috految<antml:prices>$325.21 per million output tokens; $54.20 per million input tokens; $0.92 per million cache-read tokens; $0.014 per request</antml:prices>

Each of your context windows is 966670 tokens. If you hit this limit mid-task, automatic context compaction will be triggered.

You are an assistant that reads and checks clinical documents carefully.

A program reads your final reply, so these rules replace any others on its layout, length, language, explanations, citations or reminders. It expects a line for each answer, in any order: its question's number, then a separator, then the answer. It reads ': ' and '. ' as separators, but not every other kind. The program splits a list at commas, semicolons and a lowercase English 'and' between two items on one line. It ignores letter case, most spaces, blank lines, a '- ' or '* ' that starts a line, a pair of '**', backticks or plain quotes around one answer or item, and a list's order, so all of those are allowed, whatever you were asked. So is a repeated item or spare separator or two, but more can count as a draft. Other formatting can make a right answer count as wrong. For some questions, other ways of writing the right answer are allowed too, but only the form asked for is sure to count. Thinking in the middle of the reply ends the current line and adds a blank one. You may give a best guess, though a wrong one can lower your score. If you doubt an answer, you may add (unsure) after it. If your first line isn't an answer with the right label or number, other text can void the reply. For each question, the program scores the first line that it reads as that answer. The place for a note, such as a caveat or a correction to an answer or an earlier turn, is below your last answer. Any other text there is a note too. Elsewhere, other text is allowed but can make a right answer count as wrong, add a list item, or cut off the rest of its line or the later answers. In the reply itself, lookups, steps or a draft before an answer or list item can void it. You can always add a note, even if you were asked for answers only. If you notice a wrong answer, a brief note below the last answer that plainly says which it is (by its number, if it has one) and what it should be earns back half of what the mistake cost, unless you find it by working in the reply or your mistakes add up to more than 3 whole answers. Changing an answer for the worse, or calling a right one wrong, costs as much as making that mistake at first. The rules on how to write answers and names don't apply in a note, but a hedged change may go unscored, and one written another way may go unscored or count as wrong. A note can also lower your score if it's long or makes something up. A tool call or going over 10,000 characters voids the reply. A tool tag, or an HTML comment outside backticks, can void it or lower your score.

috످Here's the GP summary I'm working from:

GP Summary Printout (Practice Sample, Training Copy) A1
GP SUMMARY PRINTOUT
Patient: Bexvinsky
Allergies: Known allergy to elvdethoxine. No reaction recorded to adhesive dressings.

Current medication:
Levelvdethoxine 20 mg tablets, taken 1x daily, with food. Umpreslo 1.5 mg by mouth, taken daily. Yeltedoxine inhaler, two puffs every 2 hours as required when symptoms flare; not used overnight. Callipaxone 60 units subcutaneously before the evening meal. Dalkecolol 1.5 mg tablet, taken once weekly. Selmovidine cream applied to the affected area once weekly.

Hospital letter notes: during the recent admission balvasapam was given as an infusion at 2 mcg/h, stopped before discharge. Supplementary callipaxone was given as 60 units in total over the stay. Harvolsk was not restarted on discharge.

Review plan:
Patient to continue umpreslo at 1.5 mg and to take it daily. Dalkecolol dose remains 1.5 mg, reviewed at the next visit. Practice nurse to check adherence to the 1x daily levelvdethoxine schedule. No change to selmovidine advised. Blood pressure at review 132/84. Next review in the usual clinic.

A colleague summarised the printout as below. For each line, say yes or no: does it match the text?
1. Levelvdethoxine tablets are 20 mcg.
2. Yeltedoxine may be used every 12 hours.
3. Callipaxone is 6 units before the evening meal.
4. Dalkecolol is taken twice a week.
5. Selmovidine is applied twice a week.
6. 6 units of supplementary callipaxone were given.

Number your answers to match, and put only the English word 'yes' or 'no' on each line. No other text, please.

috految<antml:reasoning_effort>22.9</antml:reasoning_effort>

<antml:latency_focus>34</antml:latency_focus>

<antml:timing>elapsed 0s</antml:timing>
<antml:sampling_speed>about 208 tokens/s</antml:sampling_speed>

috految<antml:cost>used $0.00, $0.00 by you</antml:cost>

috److1. no
2. no
3. no
4. no
5. no
6. no

috످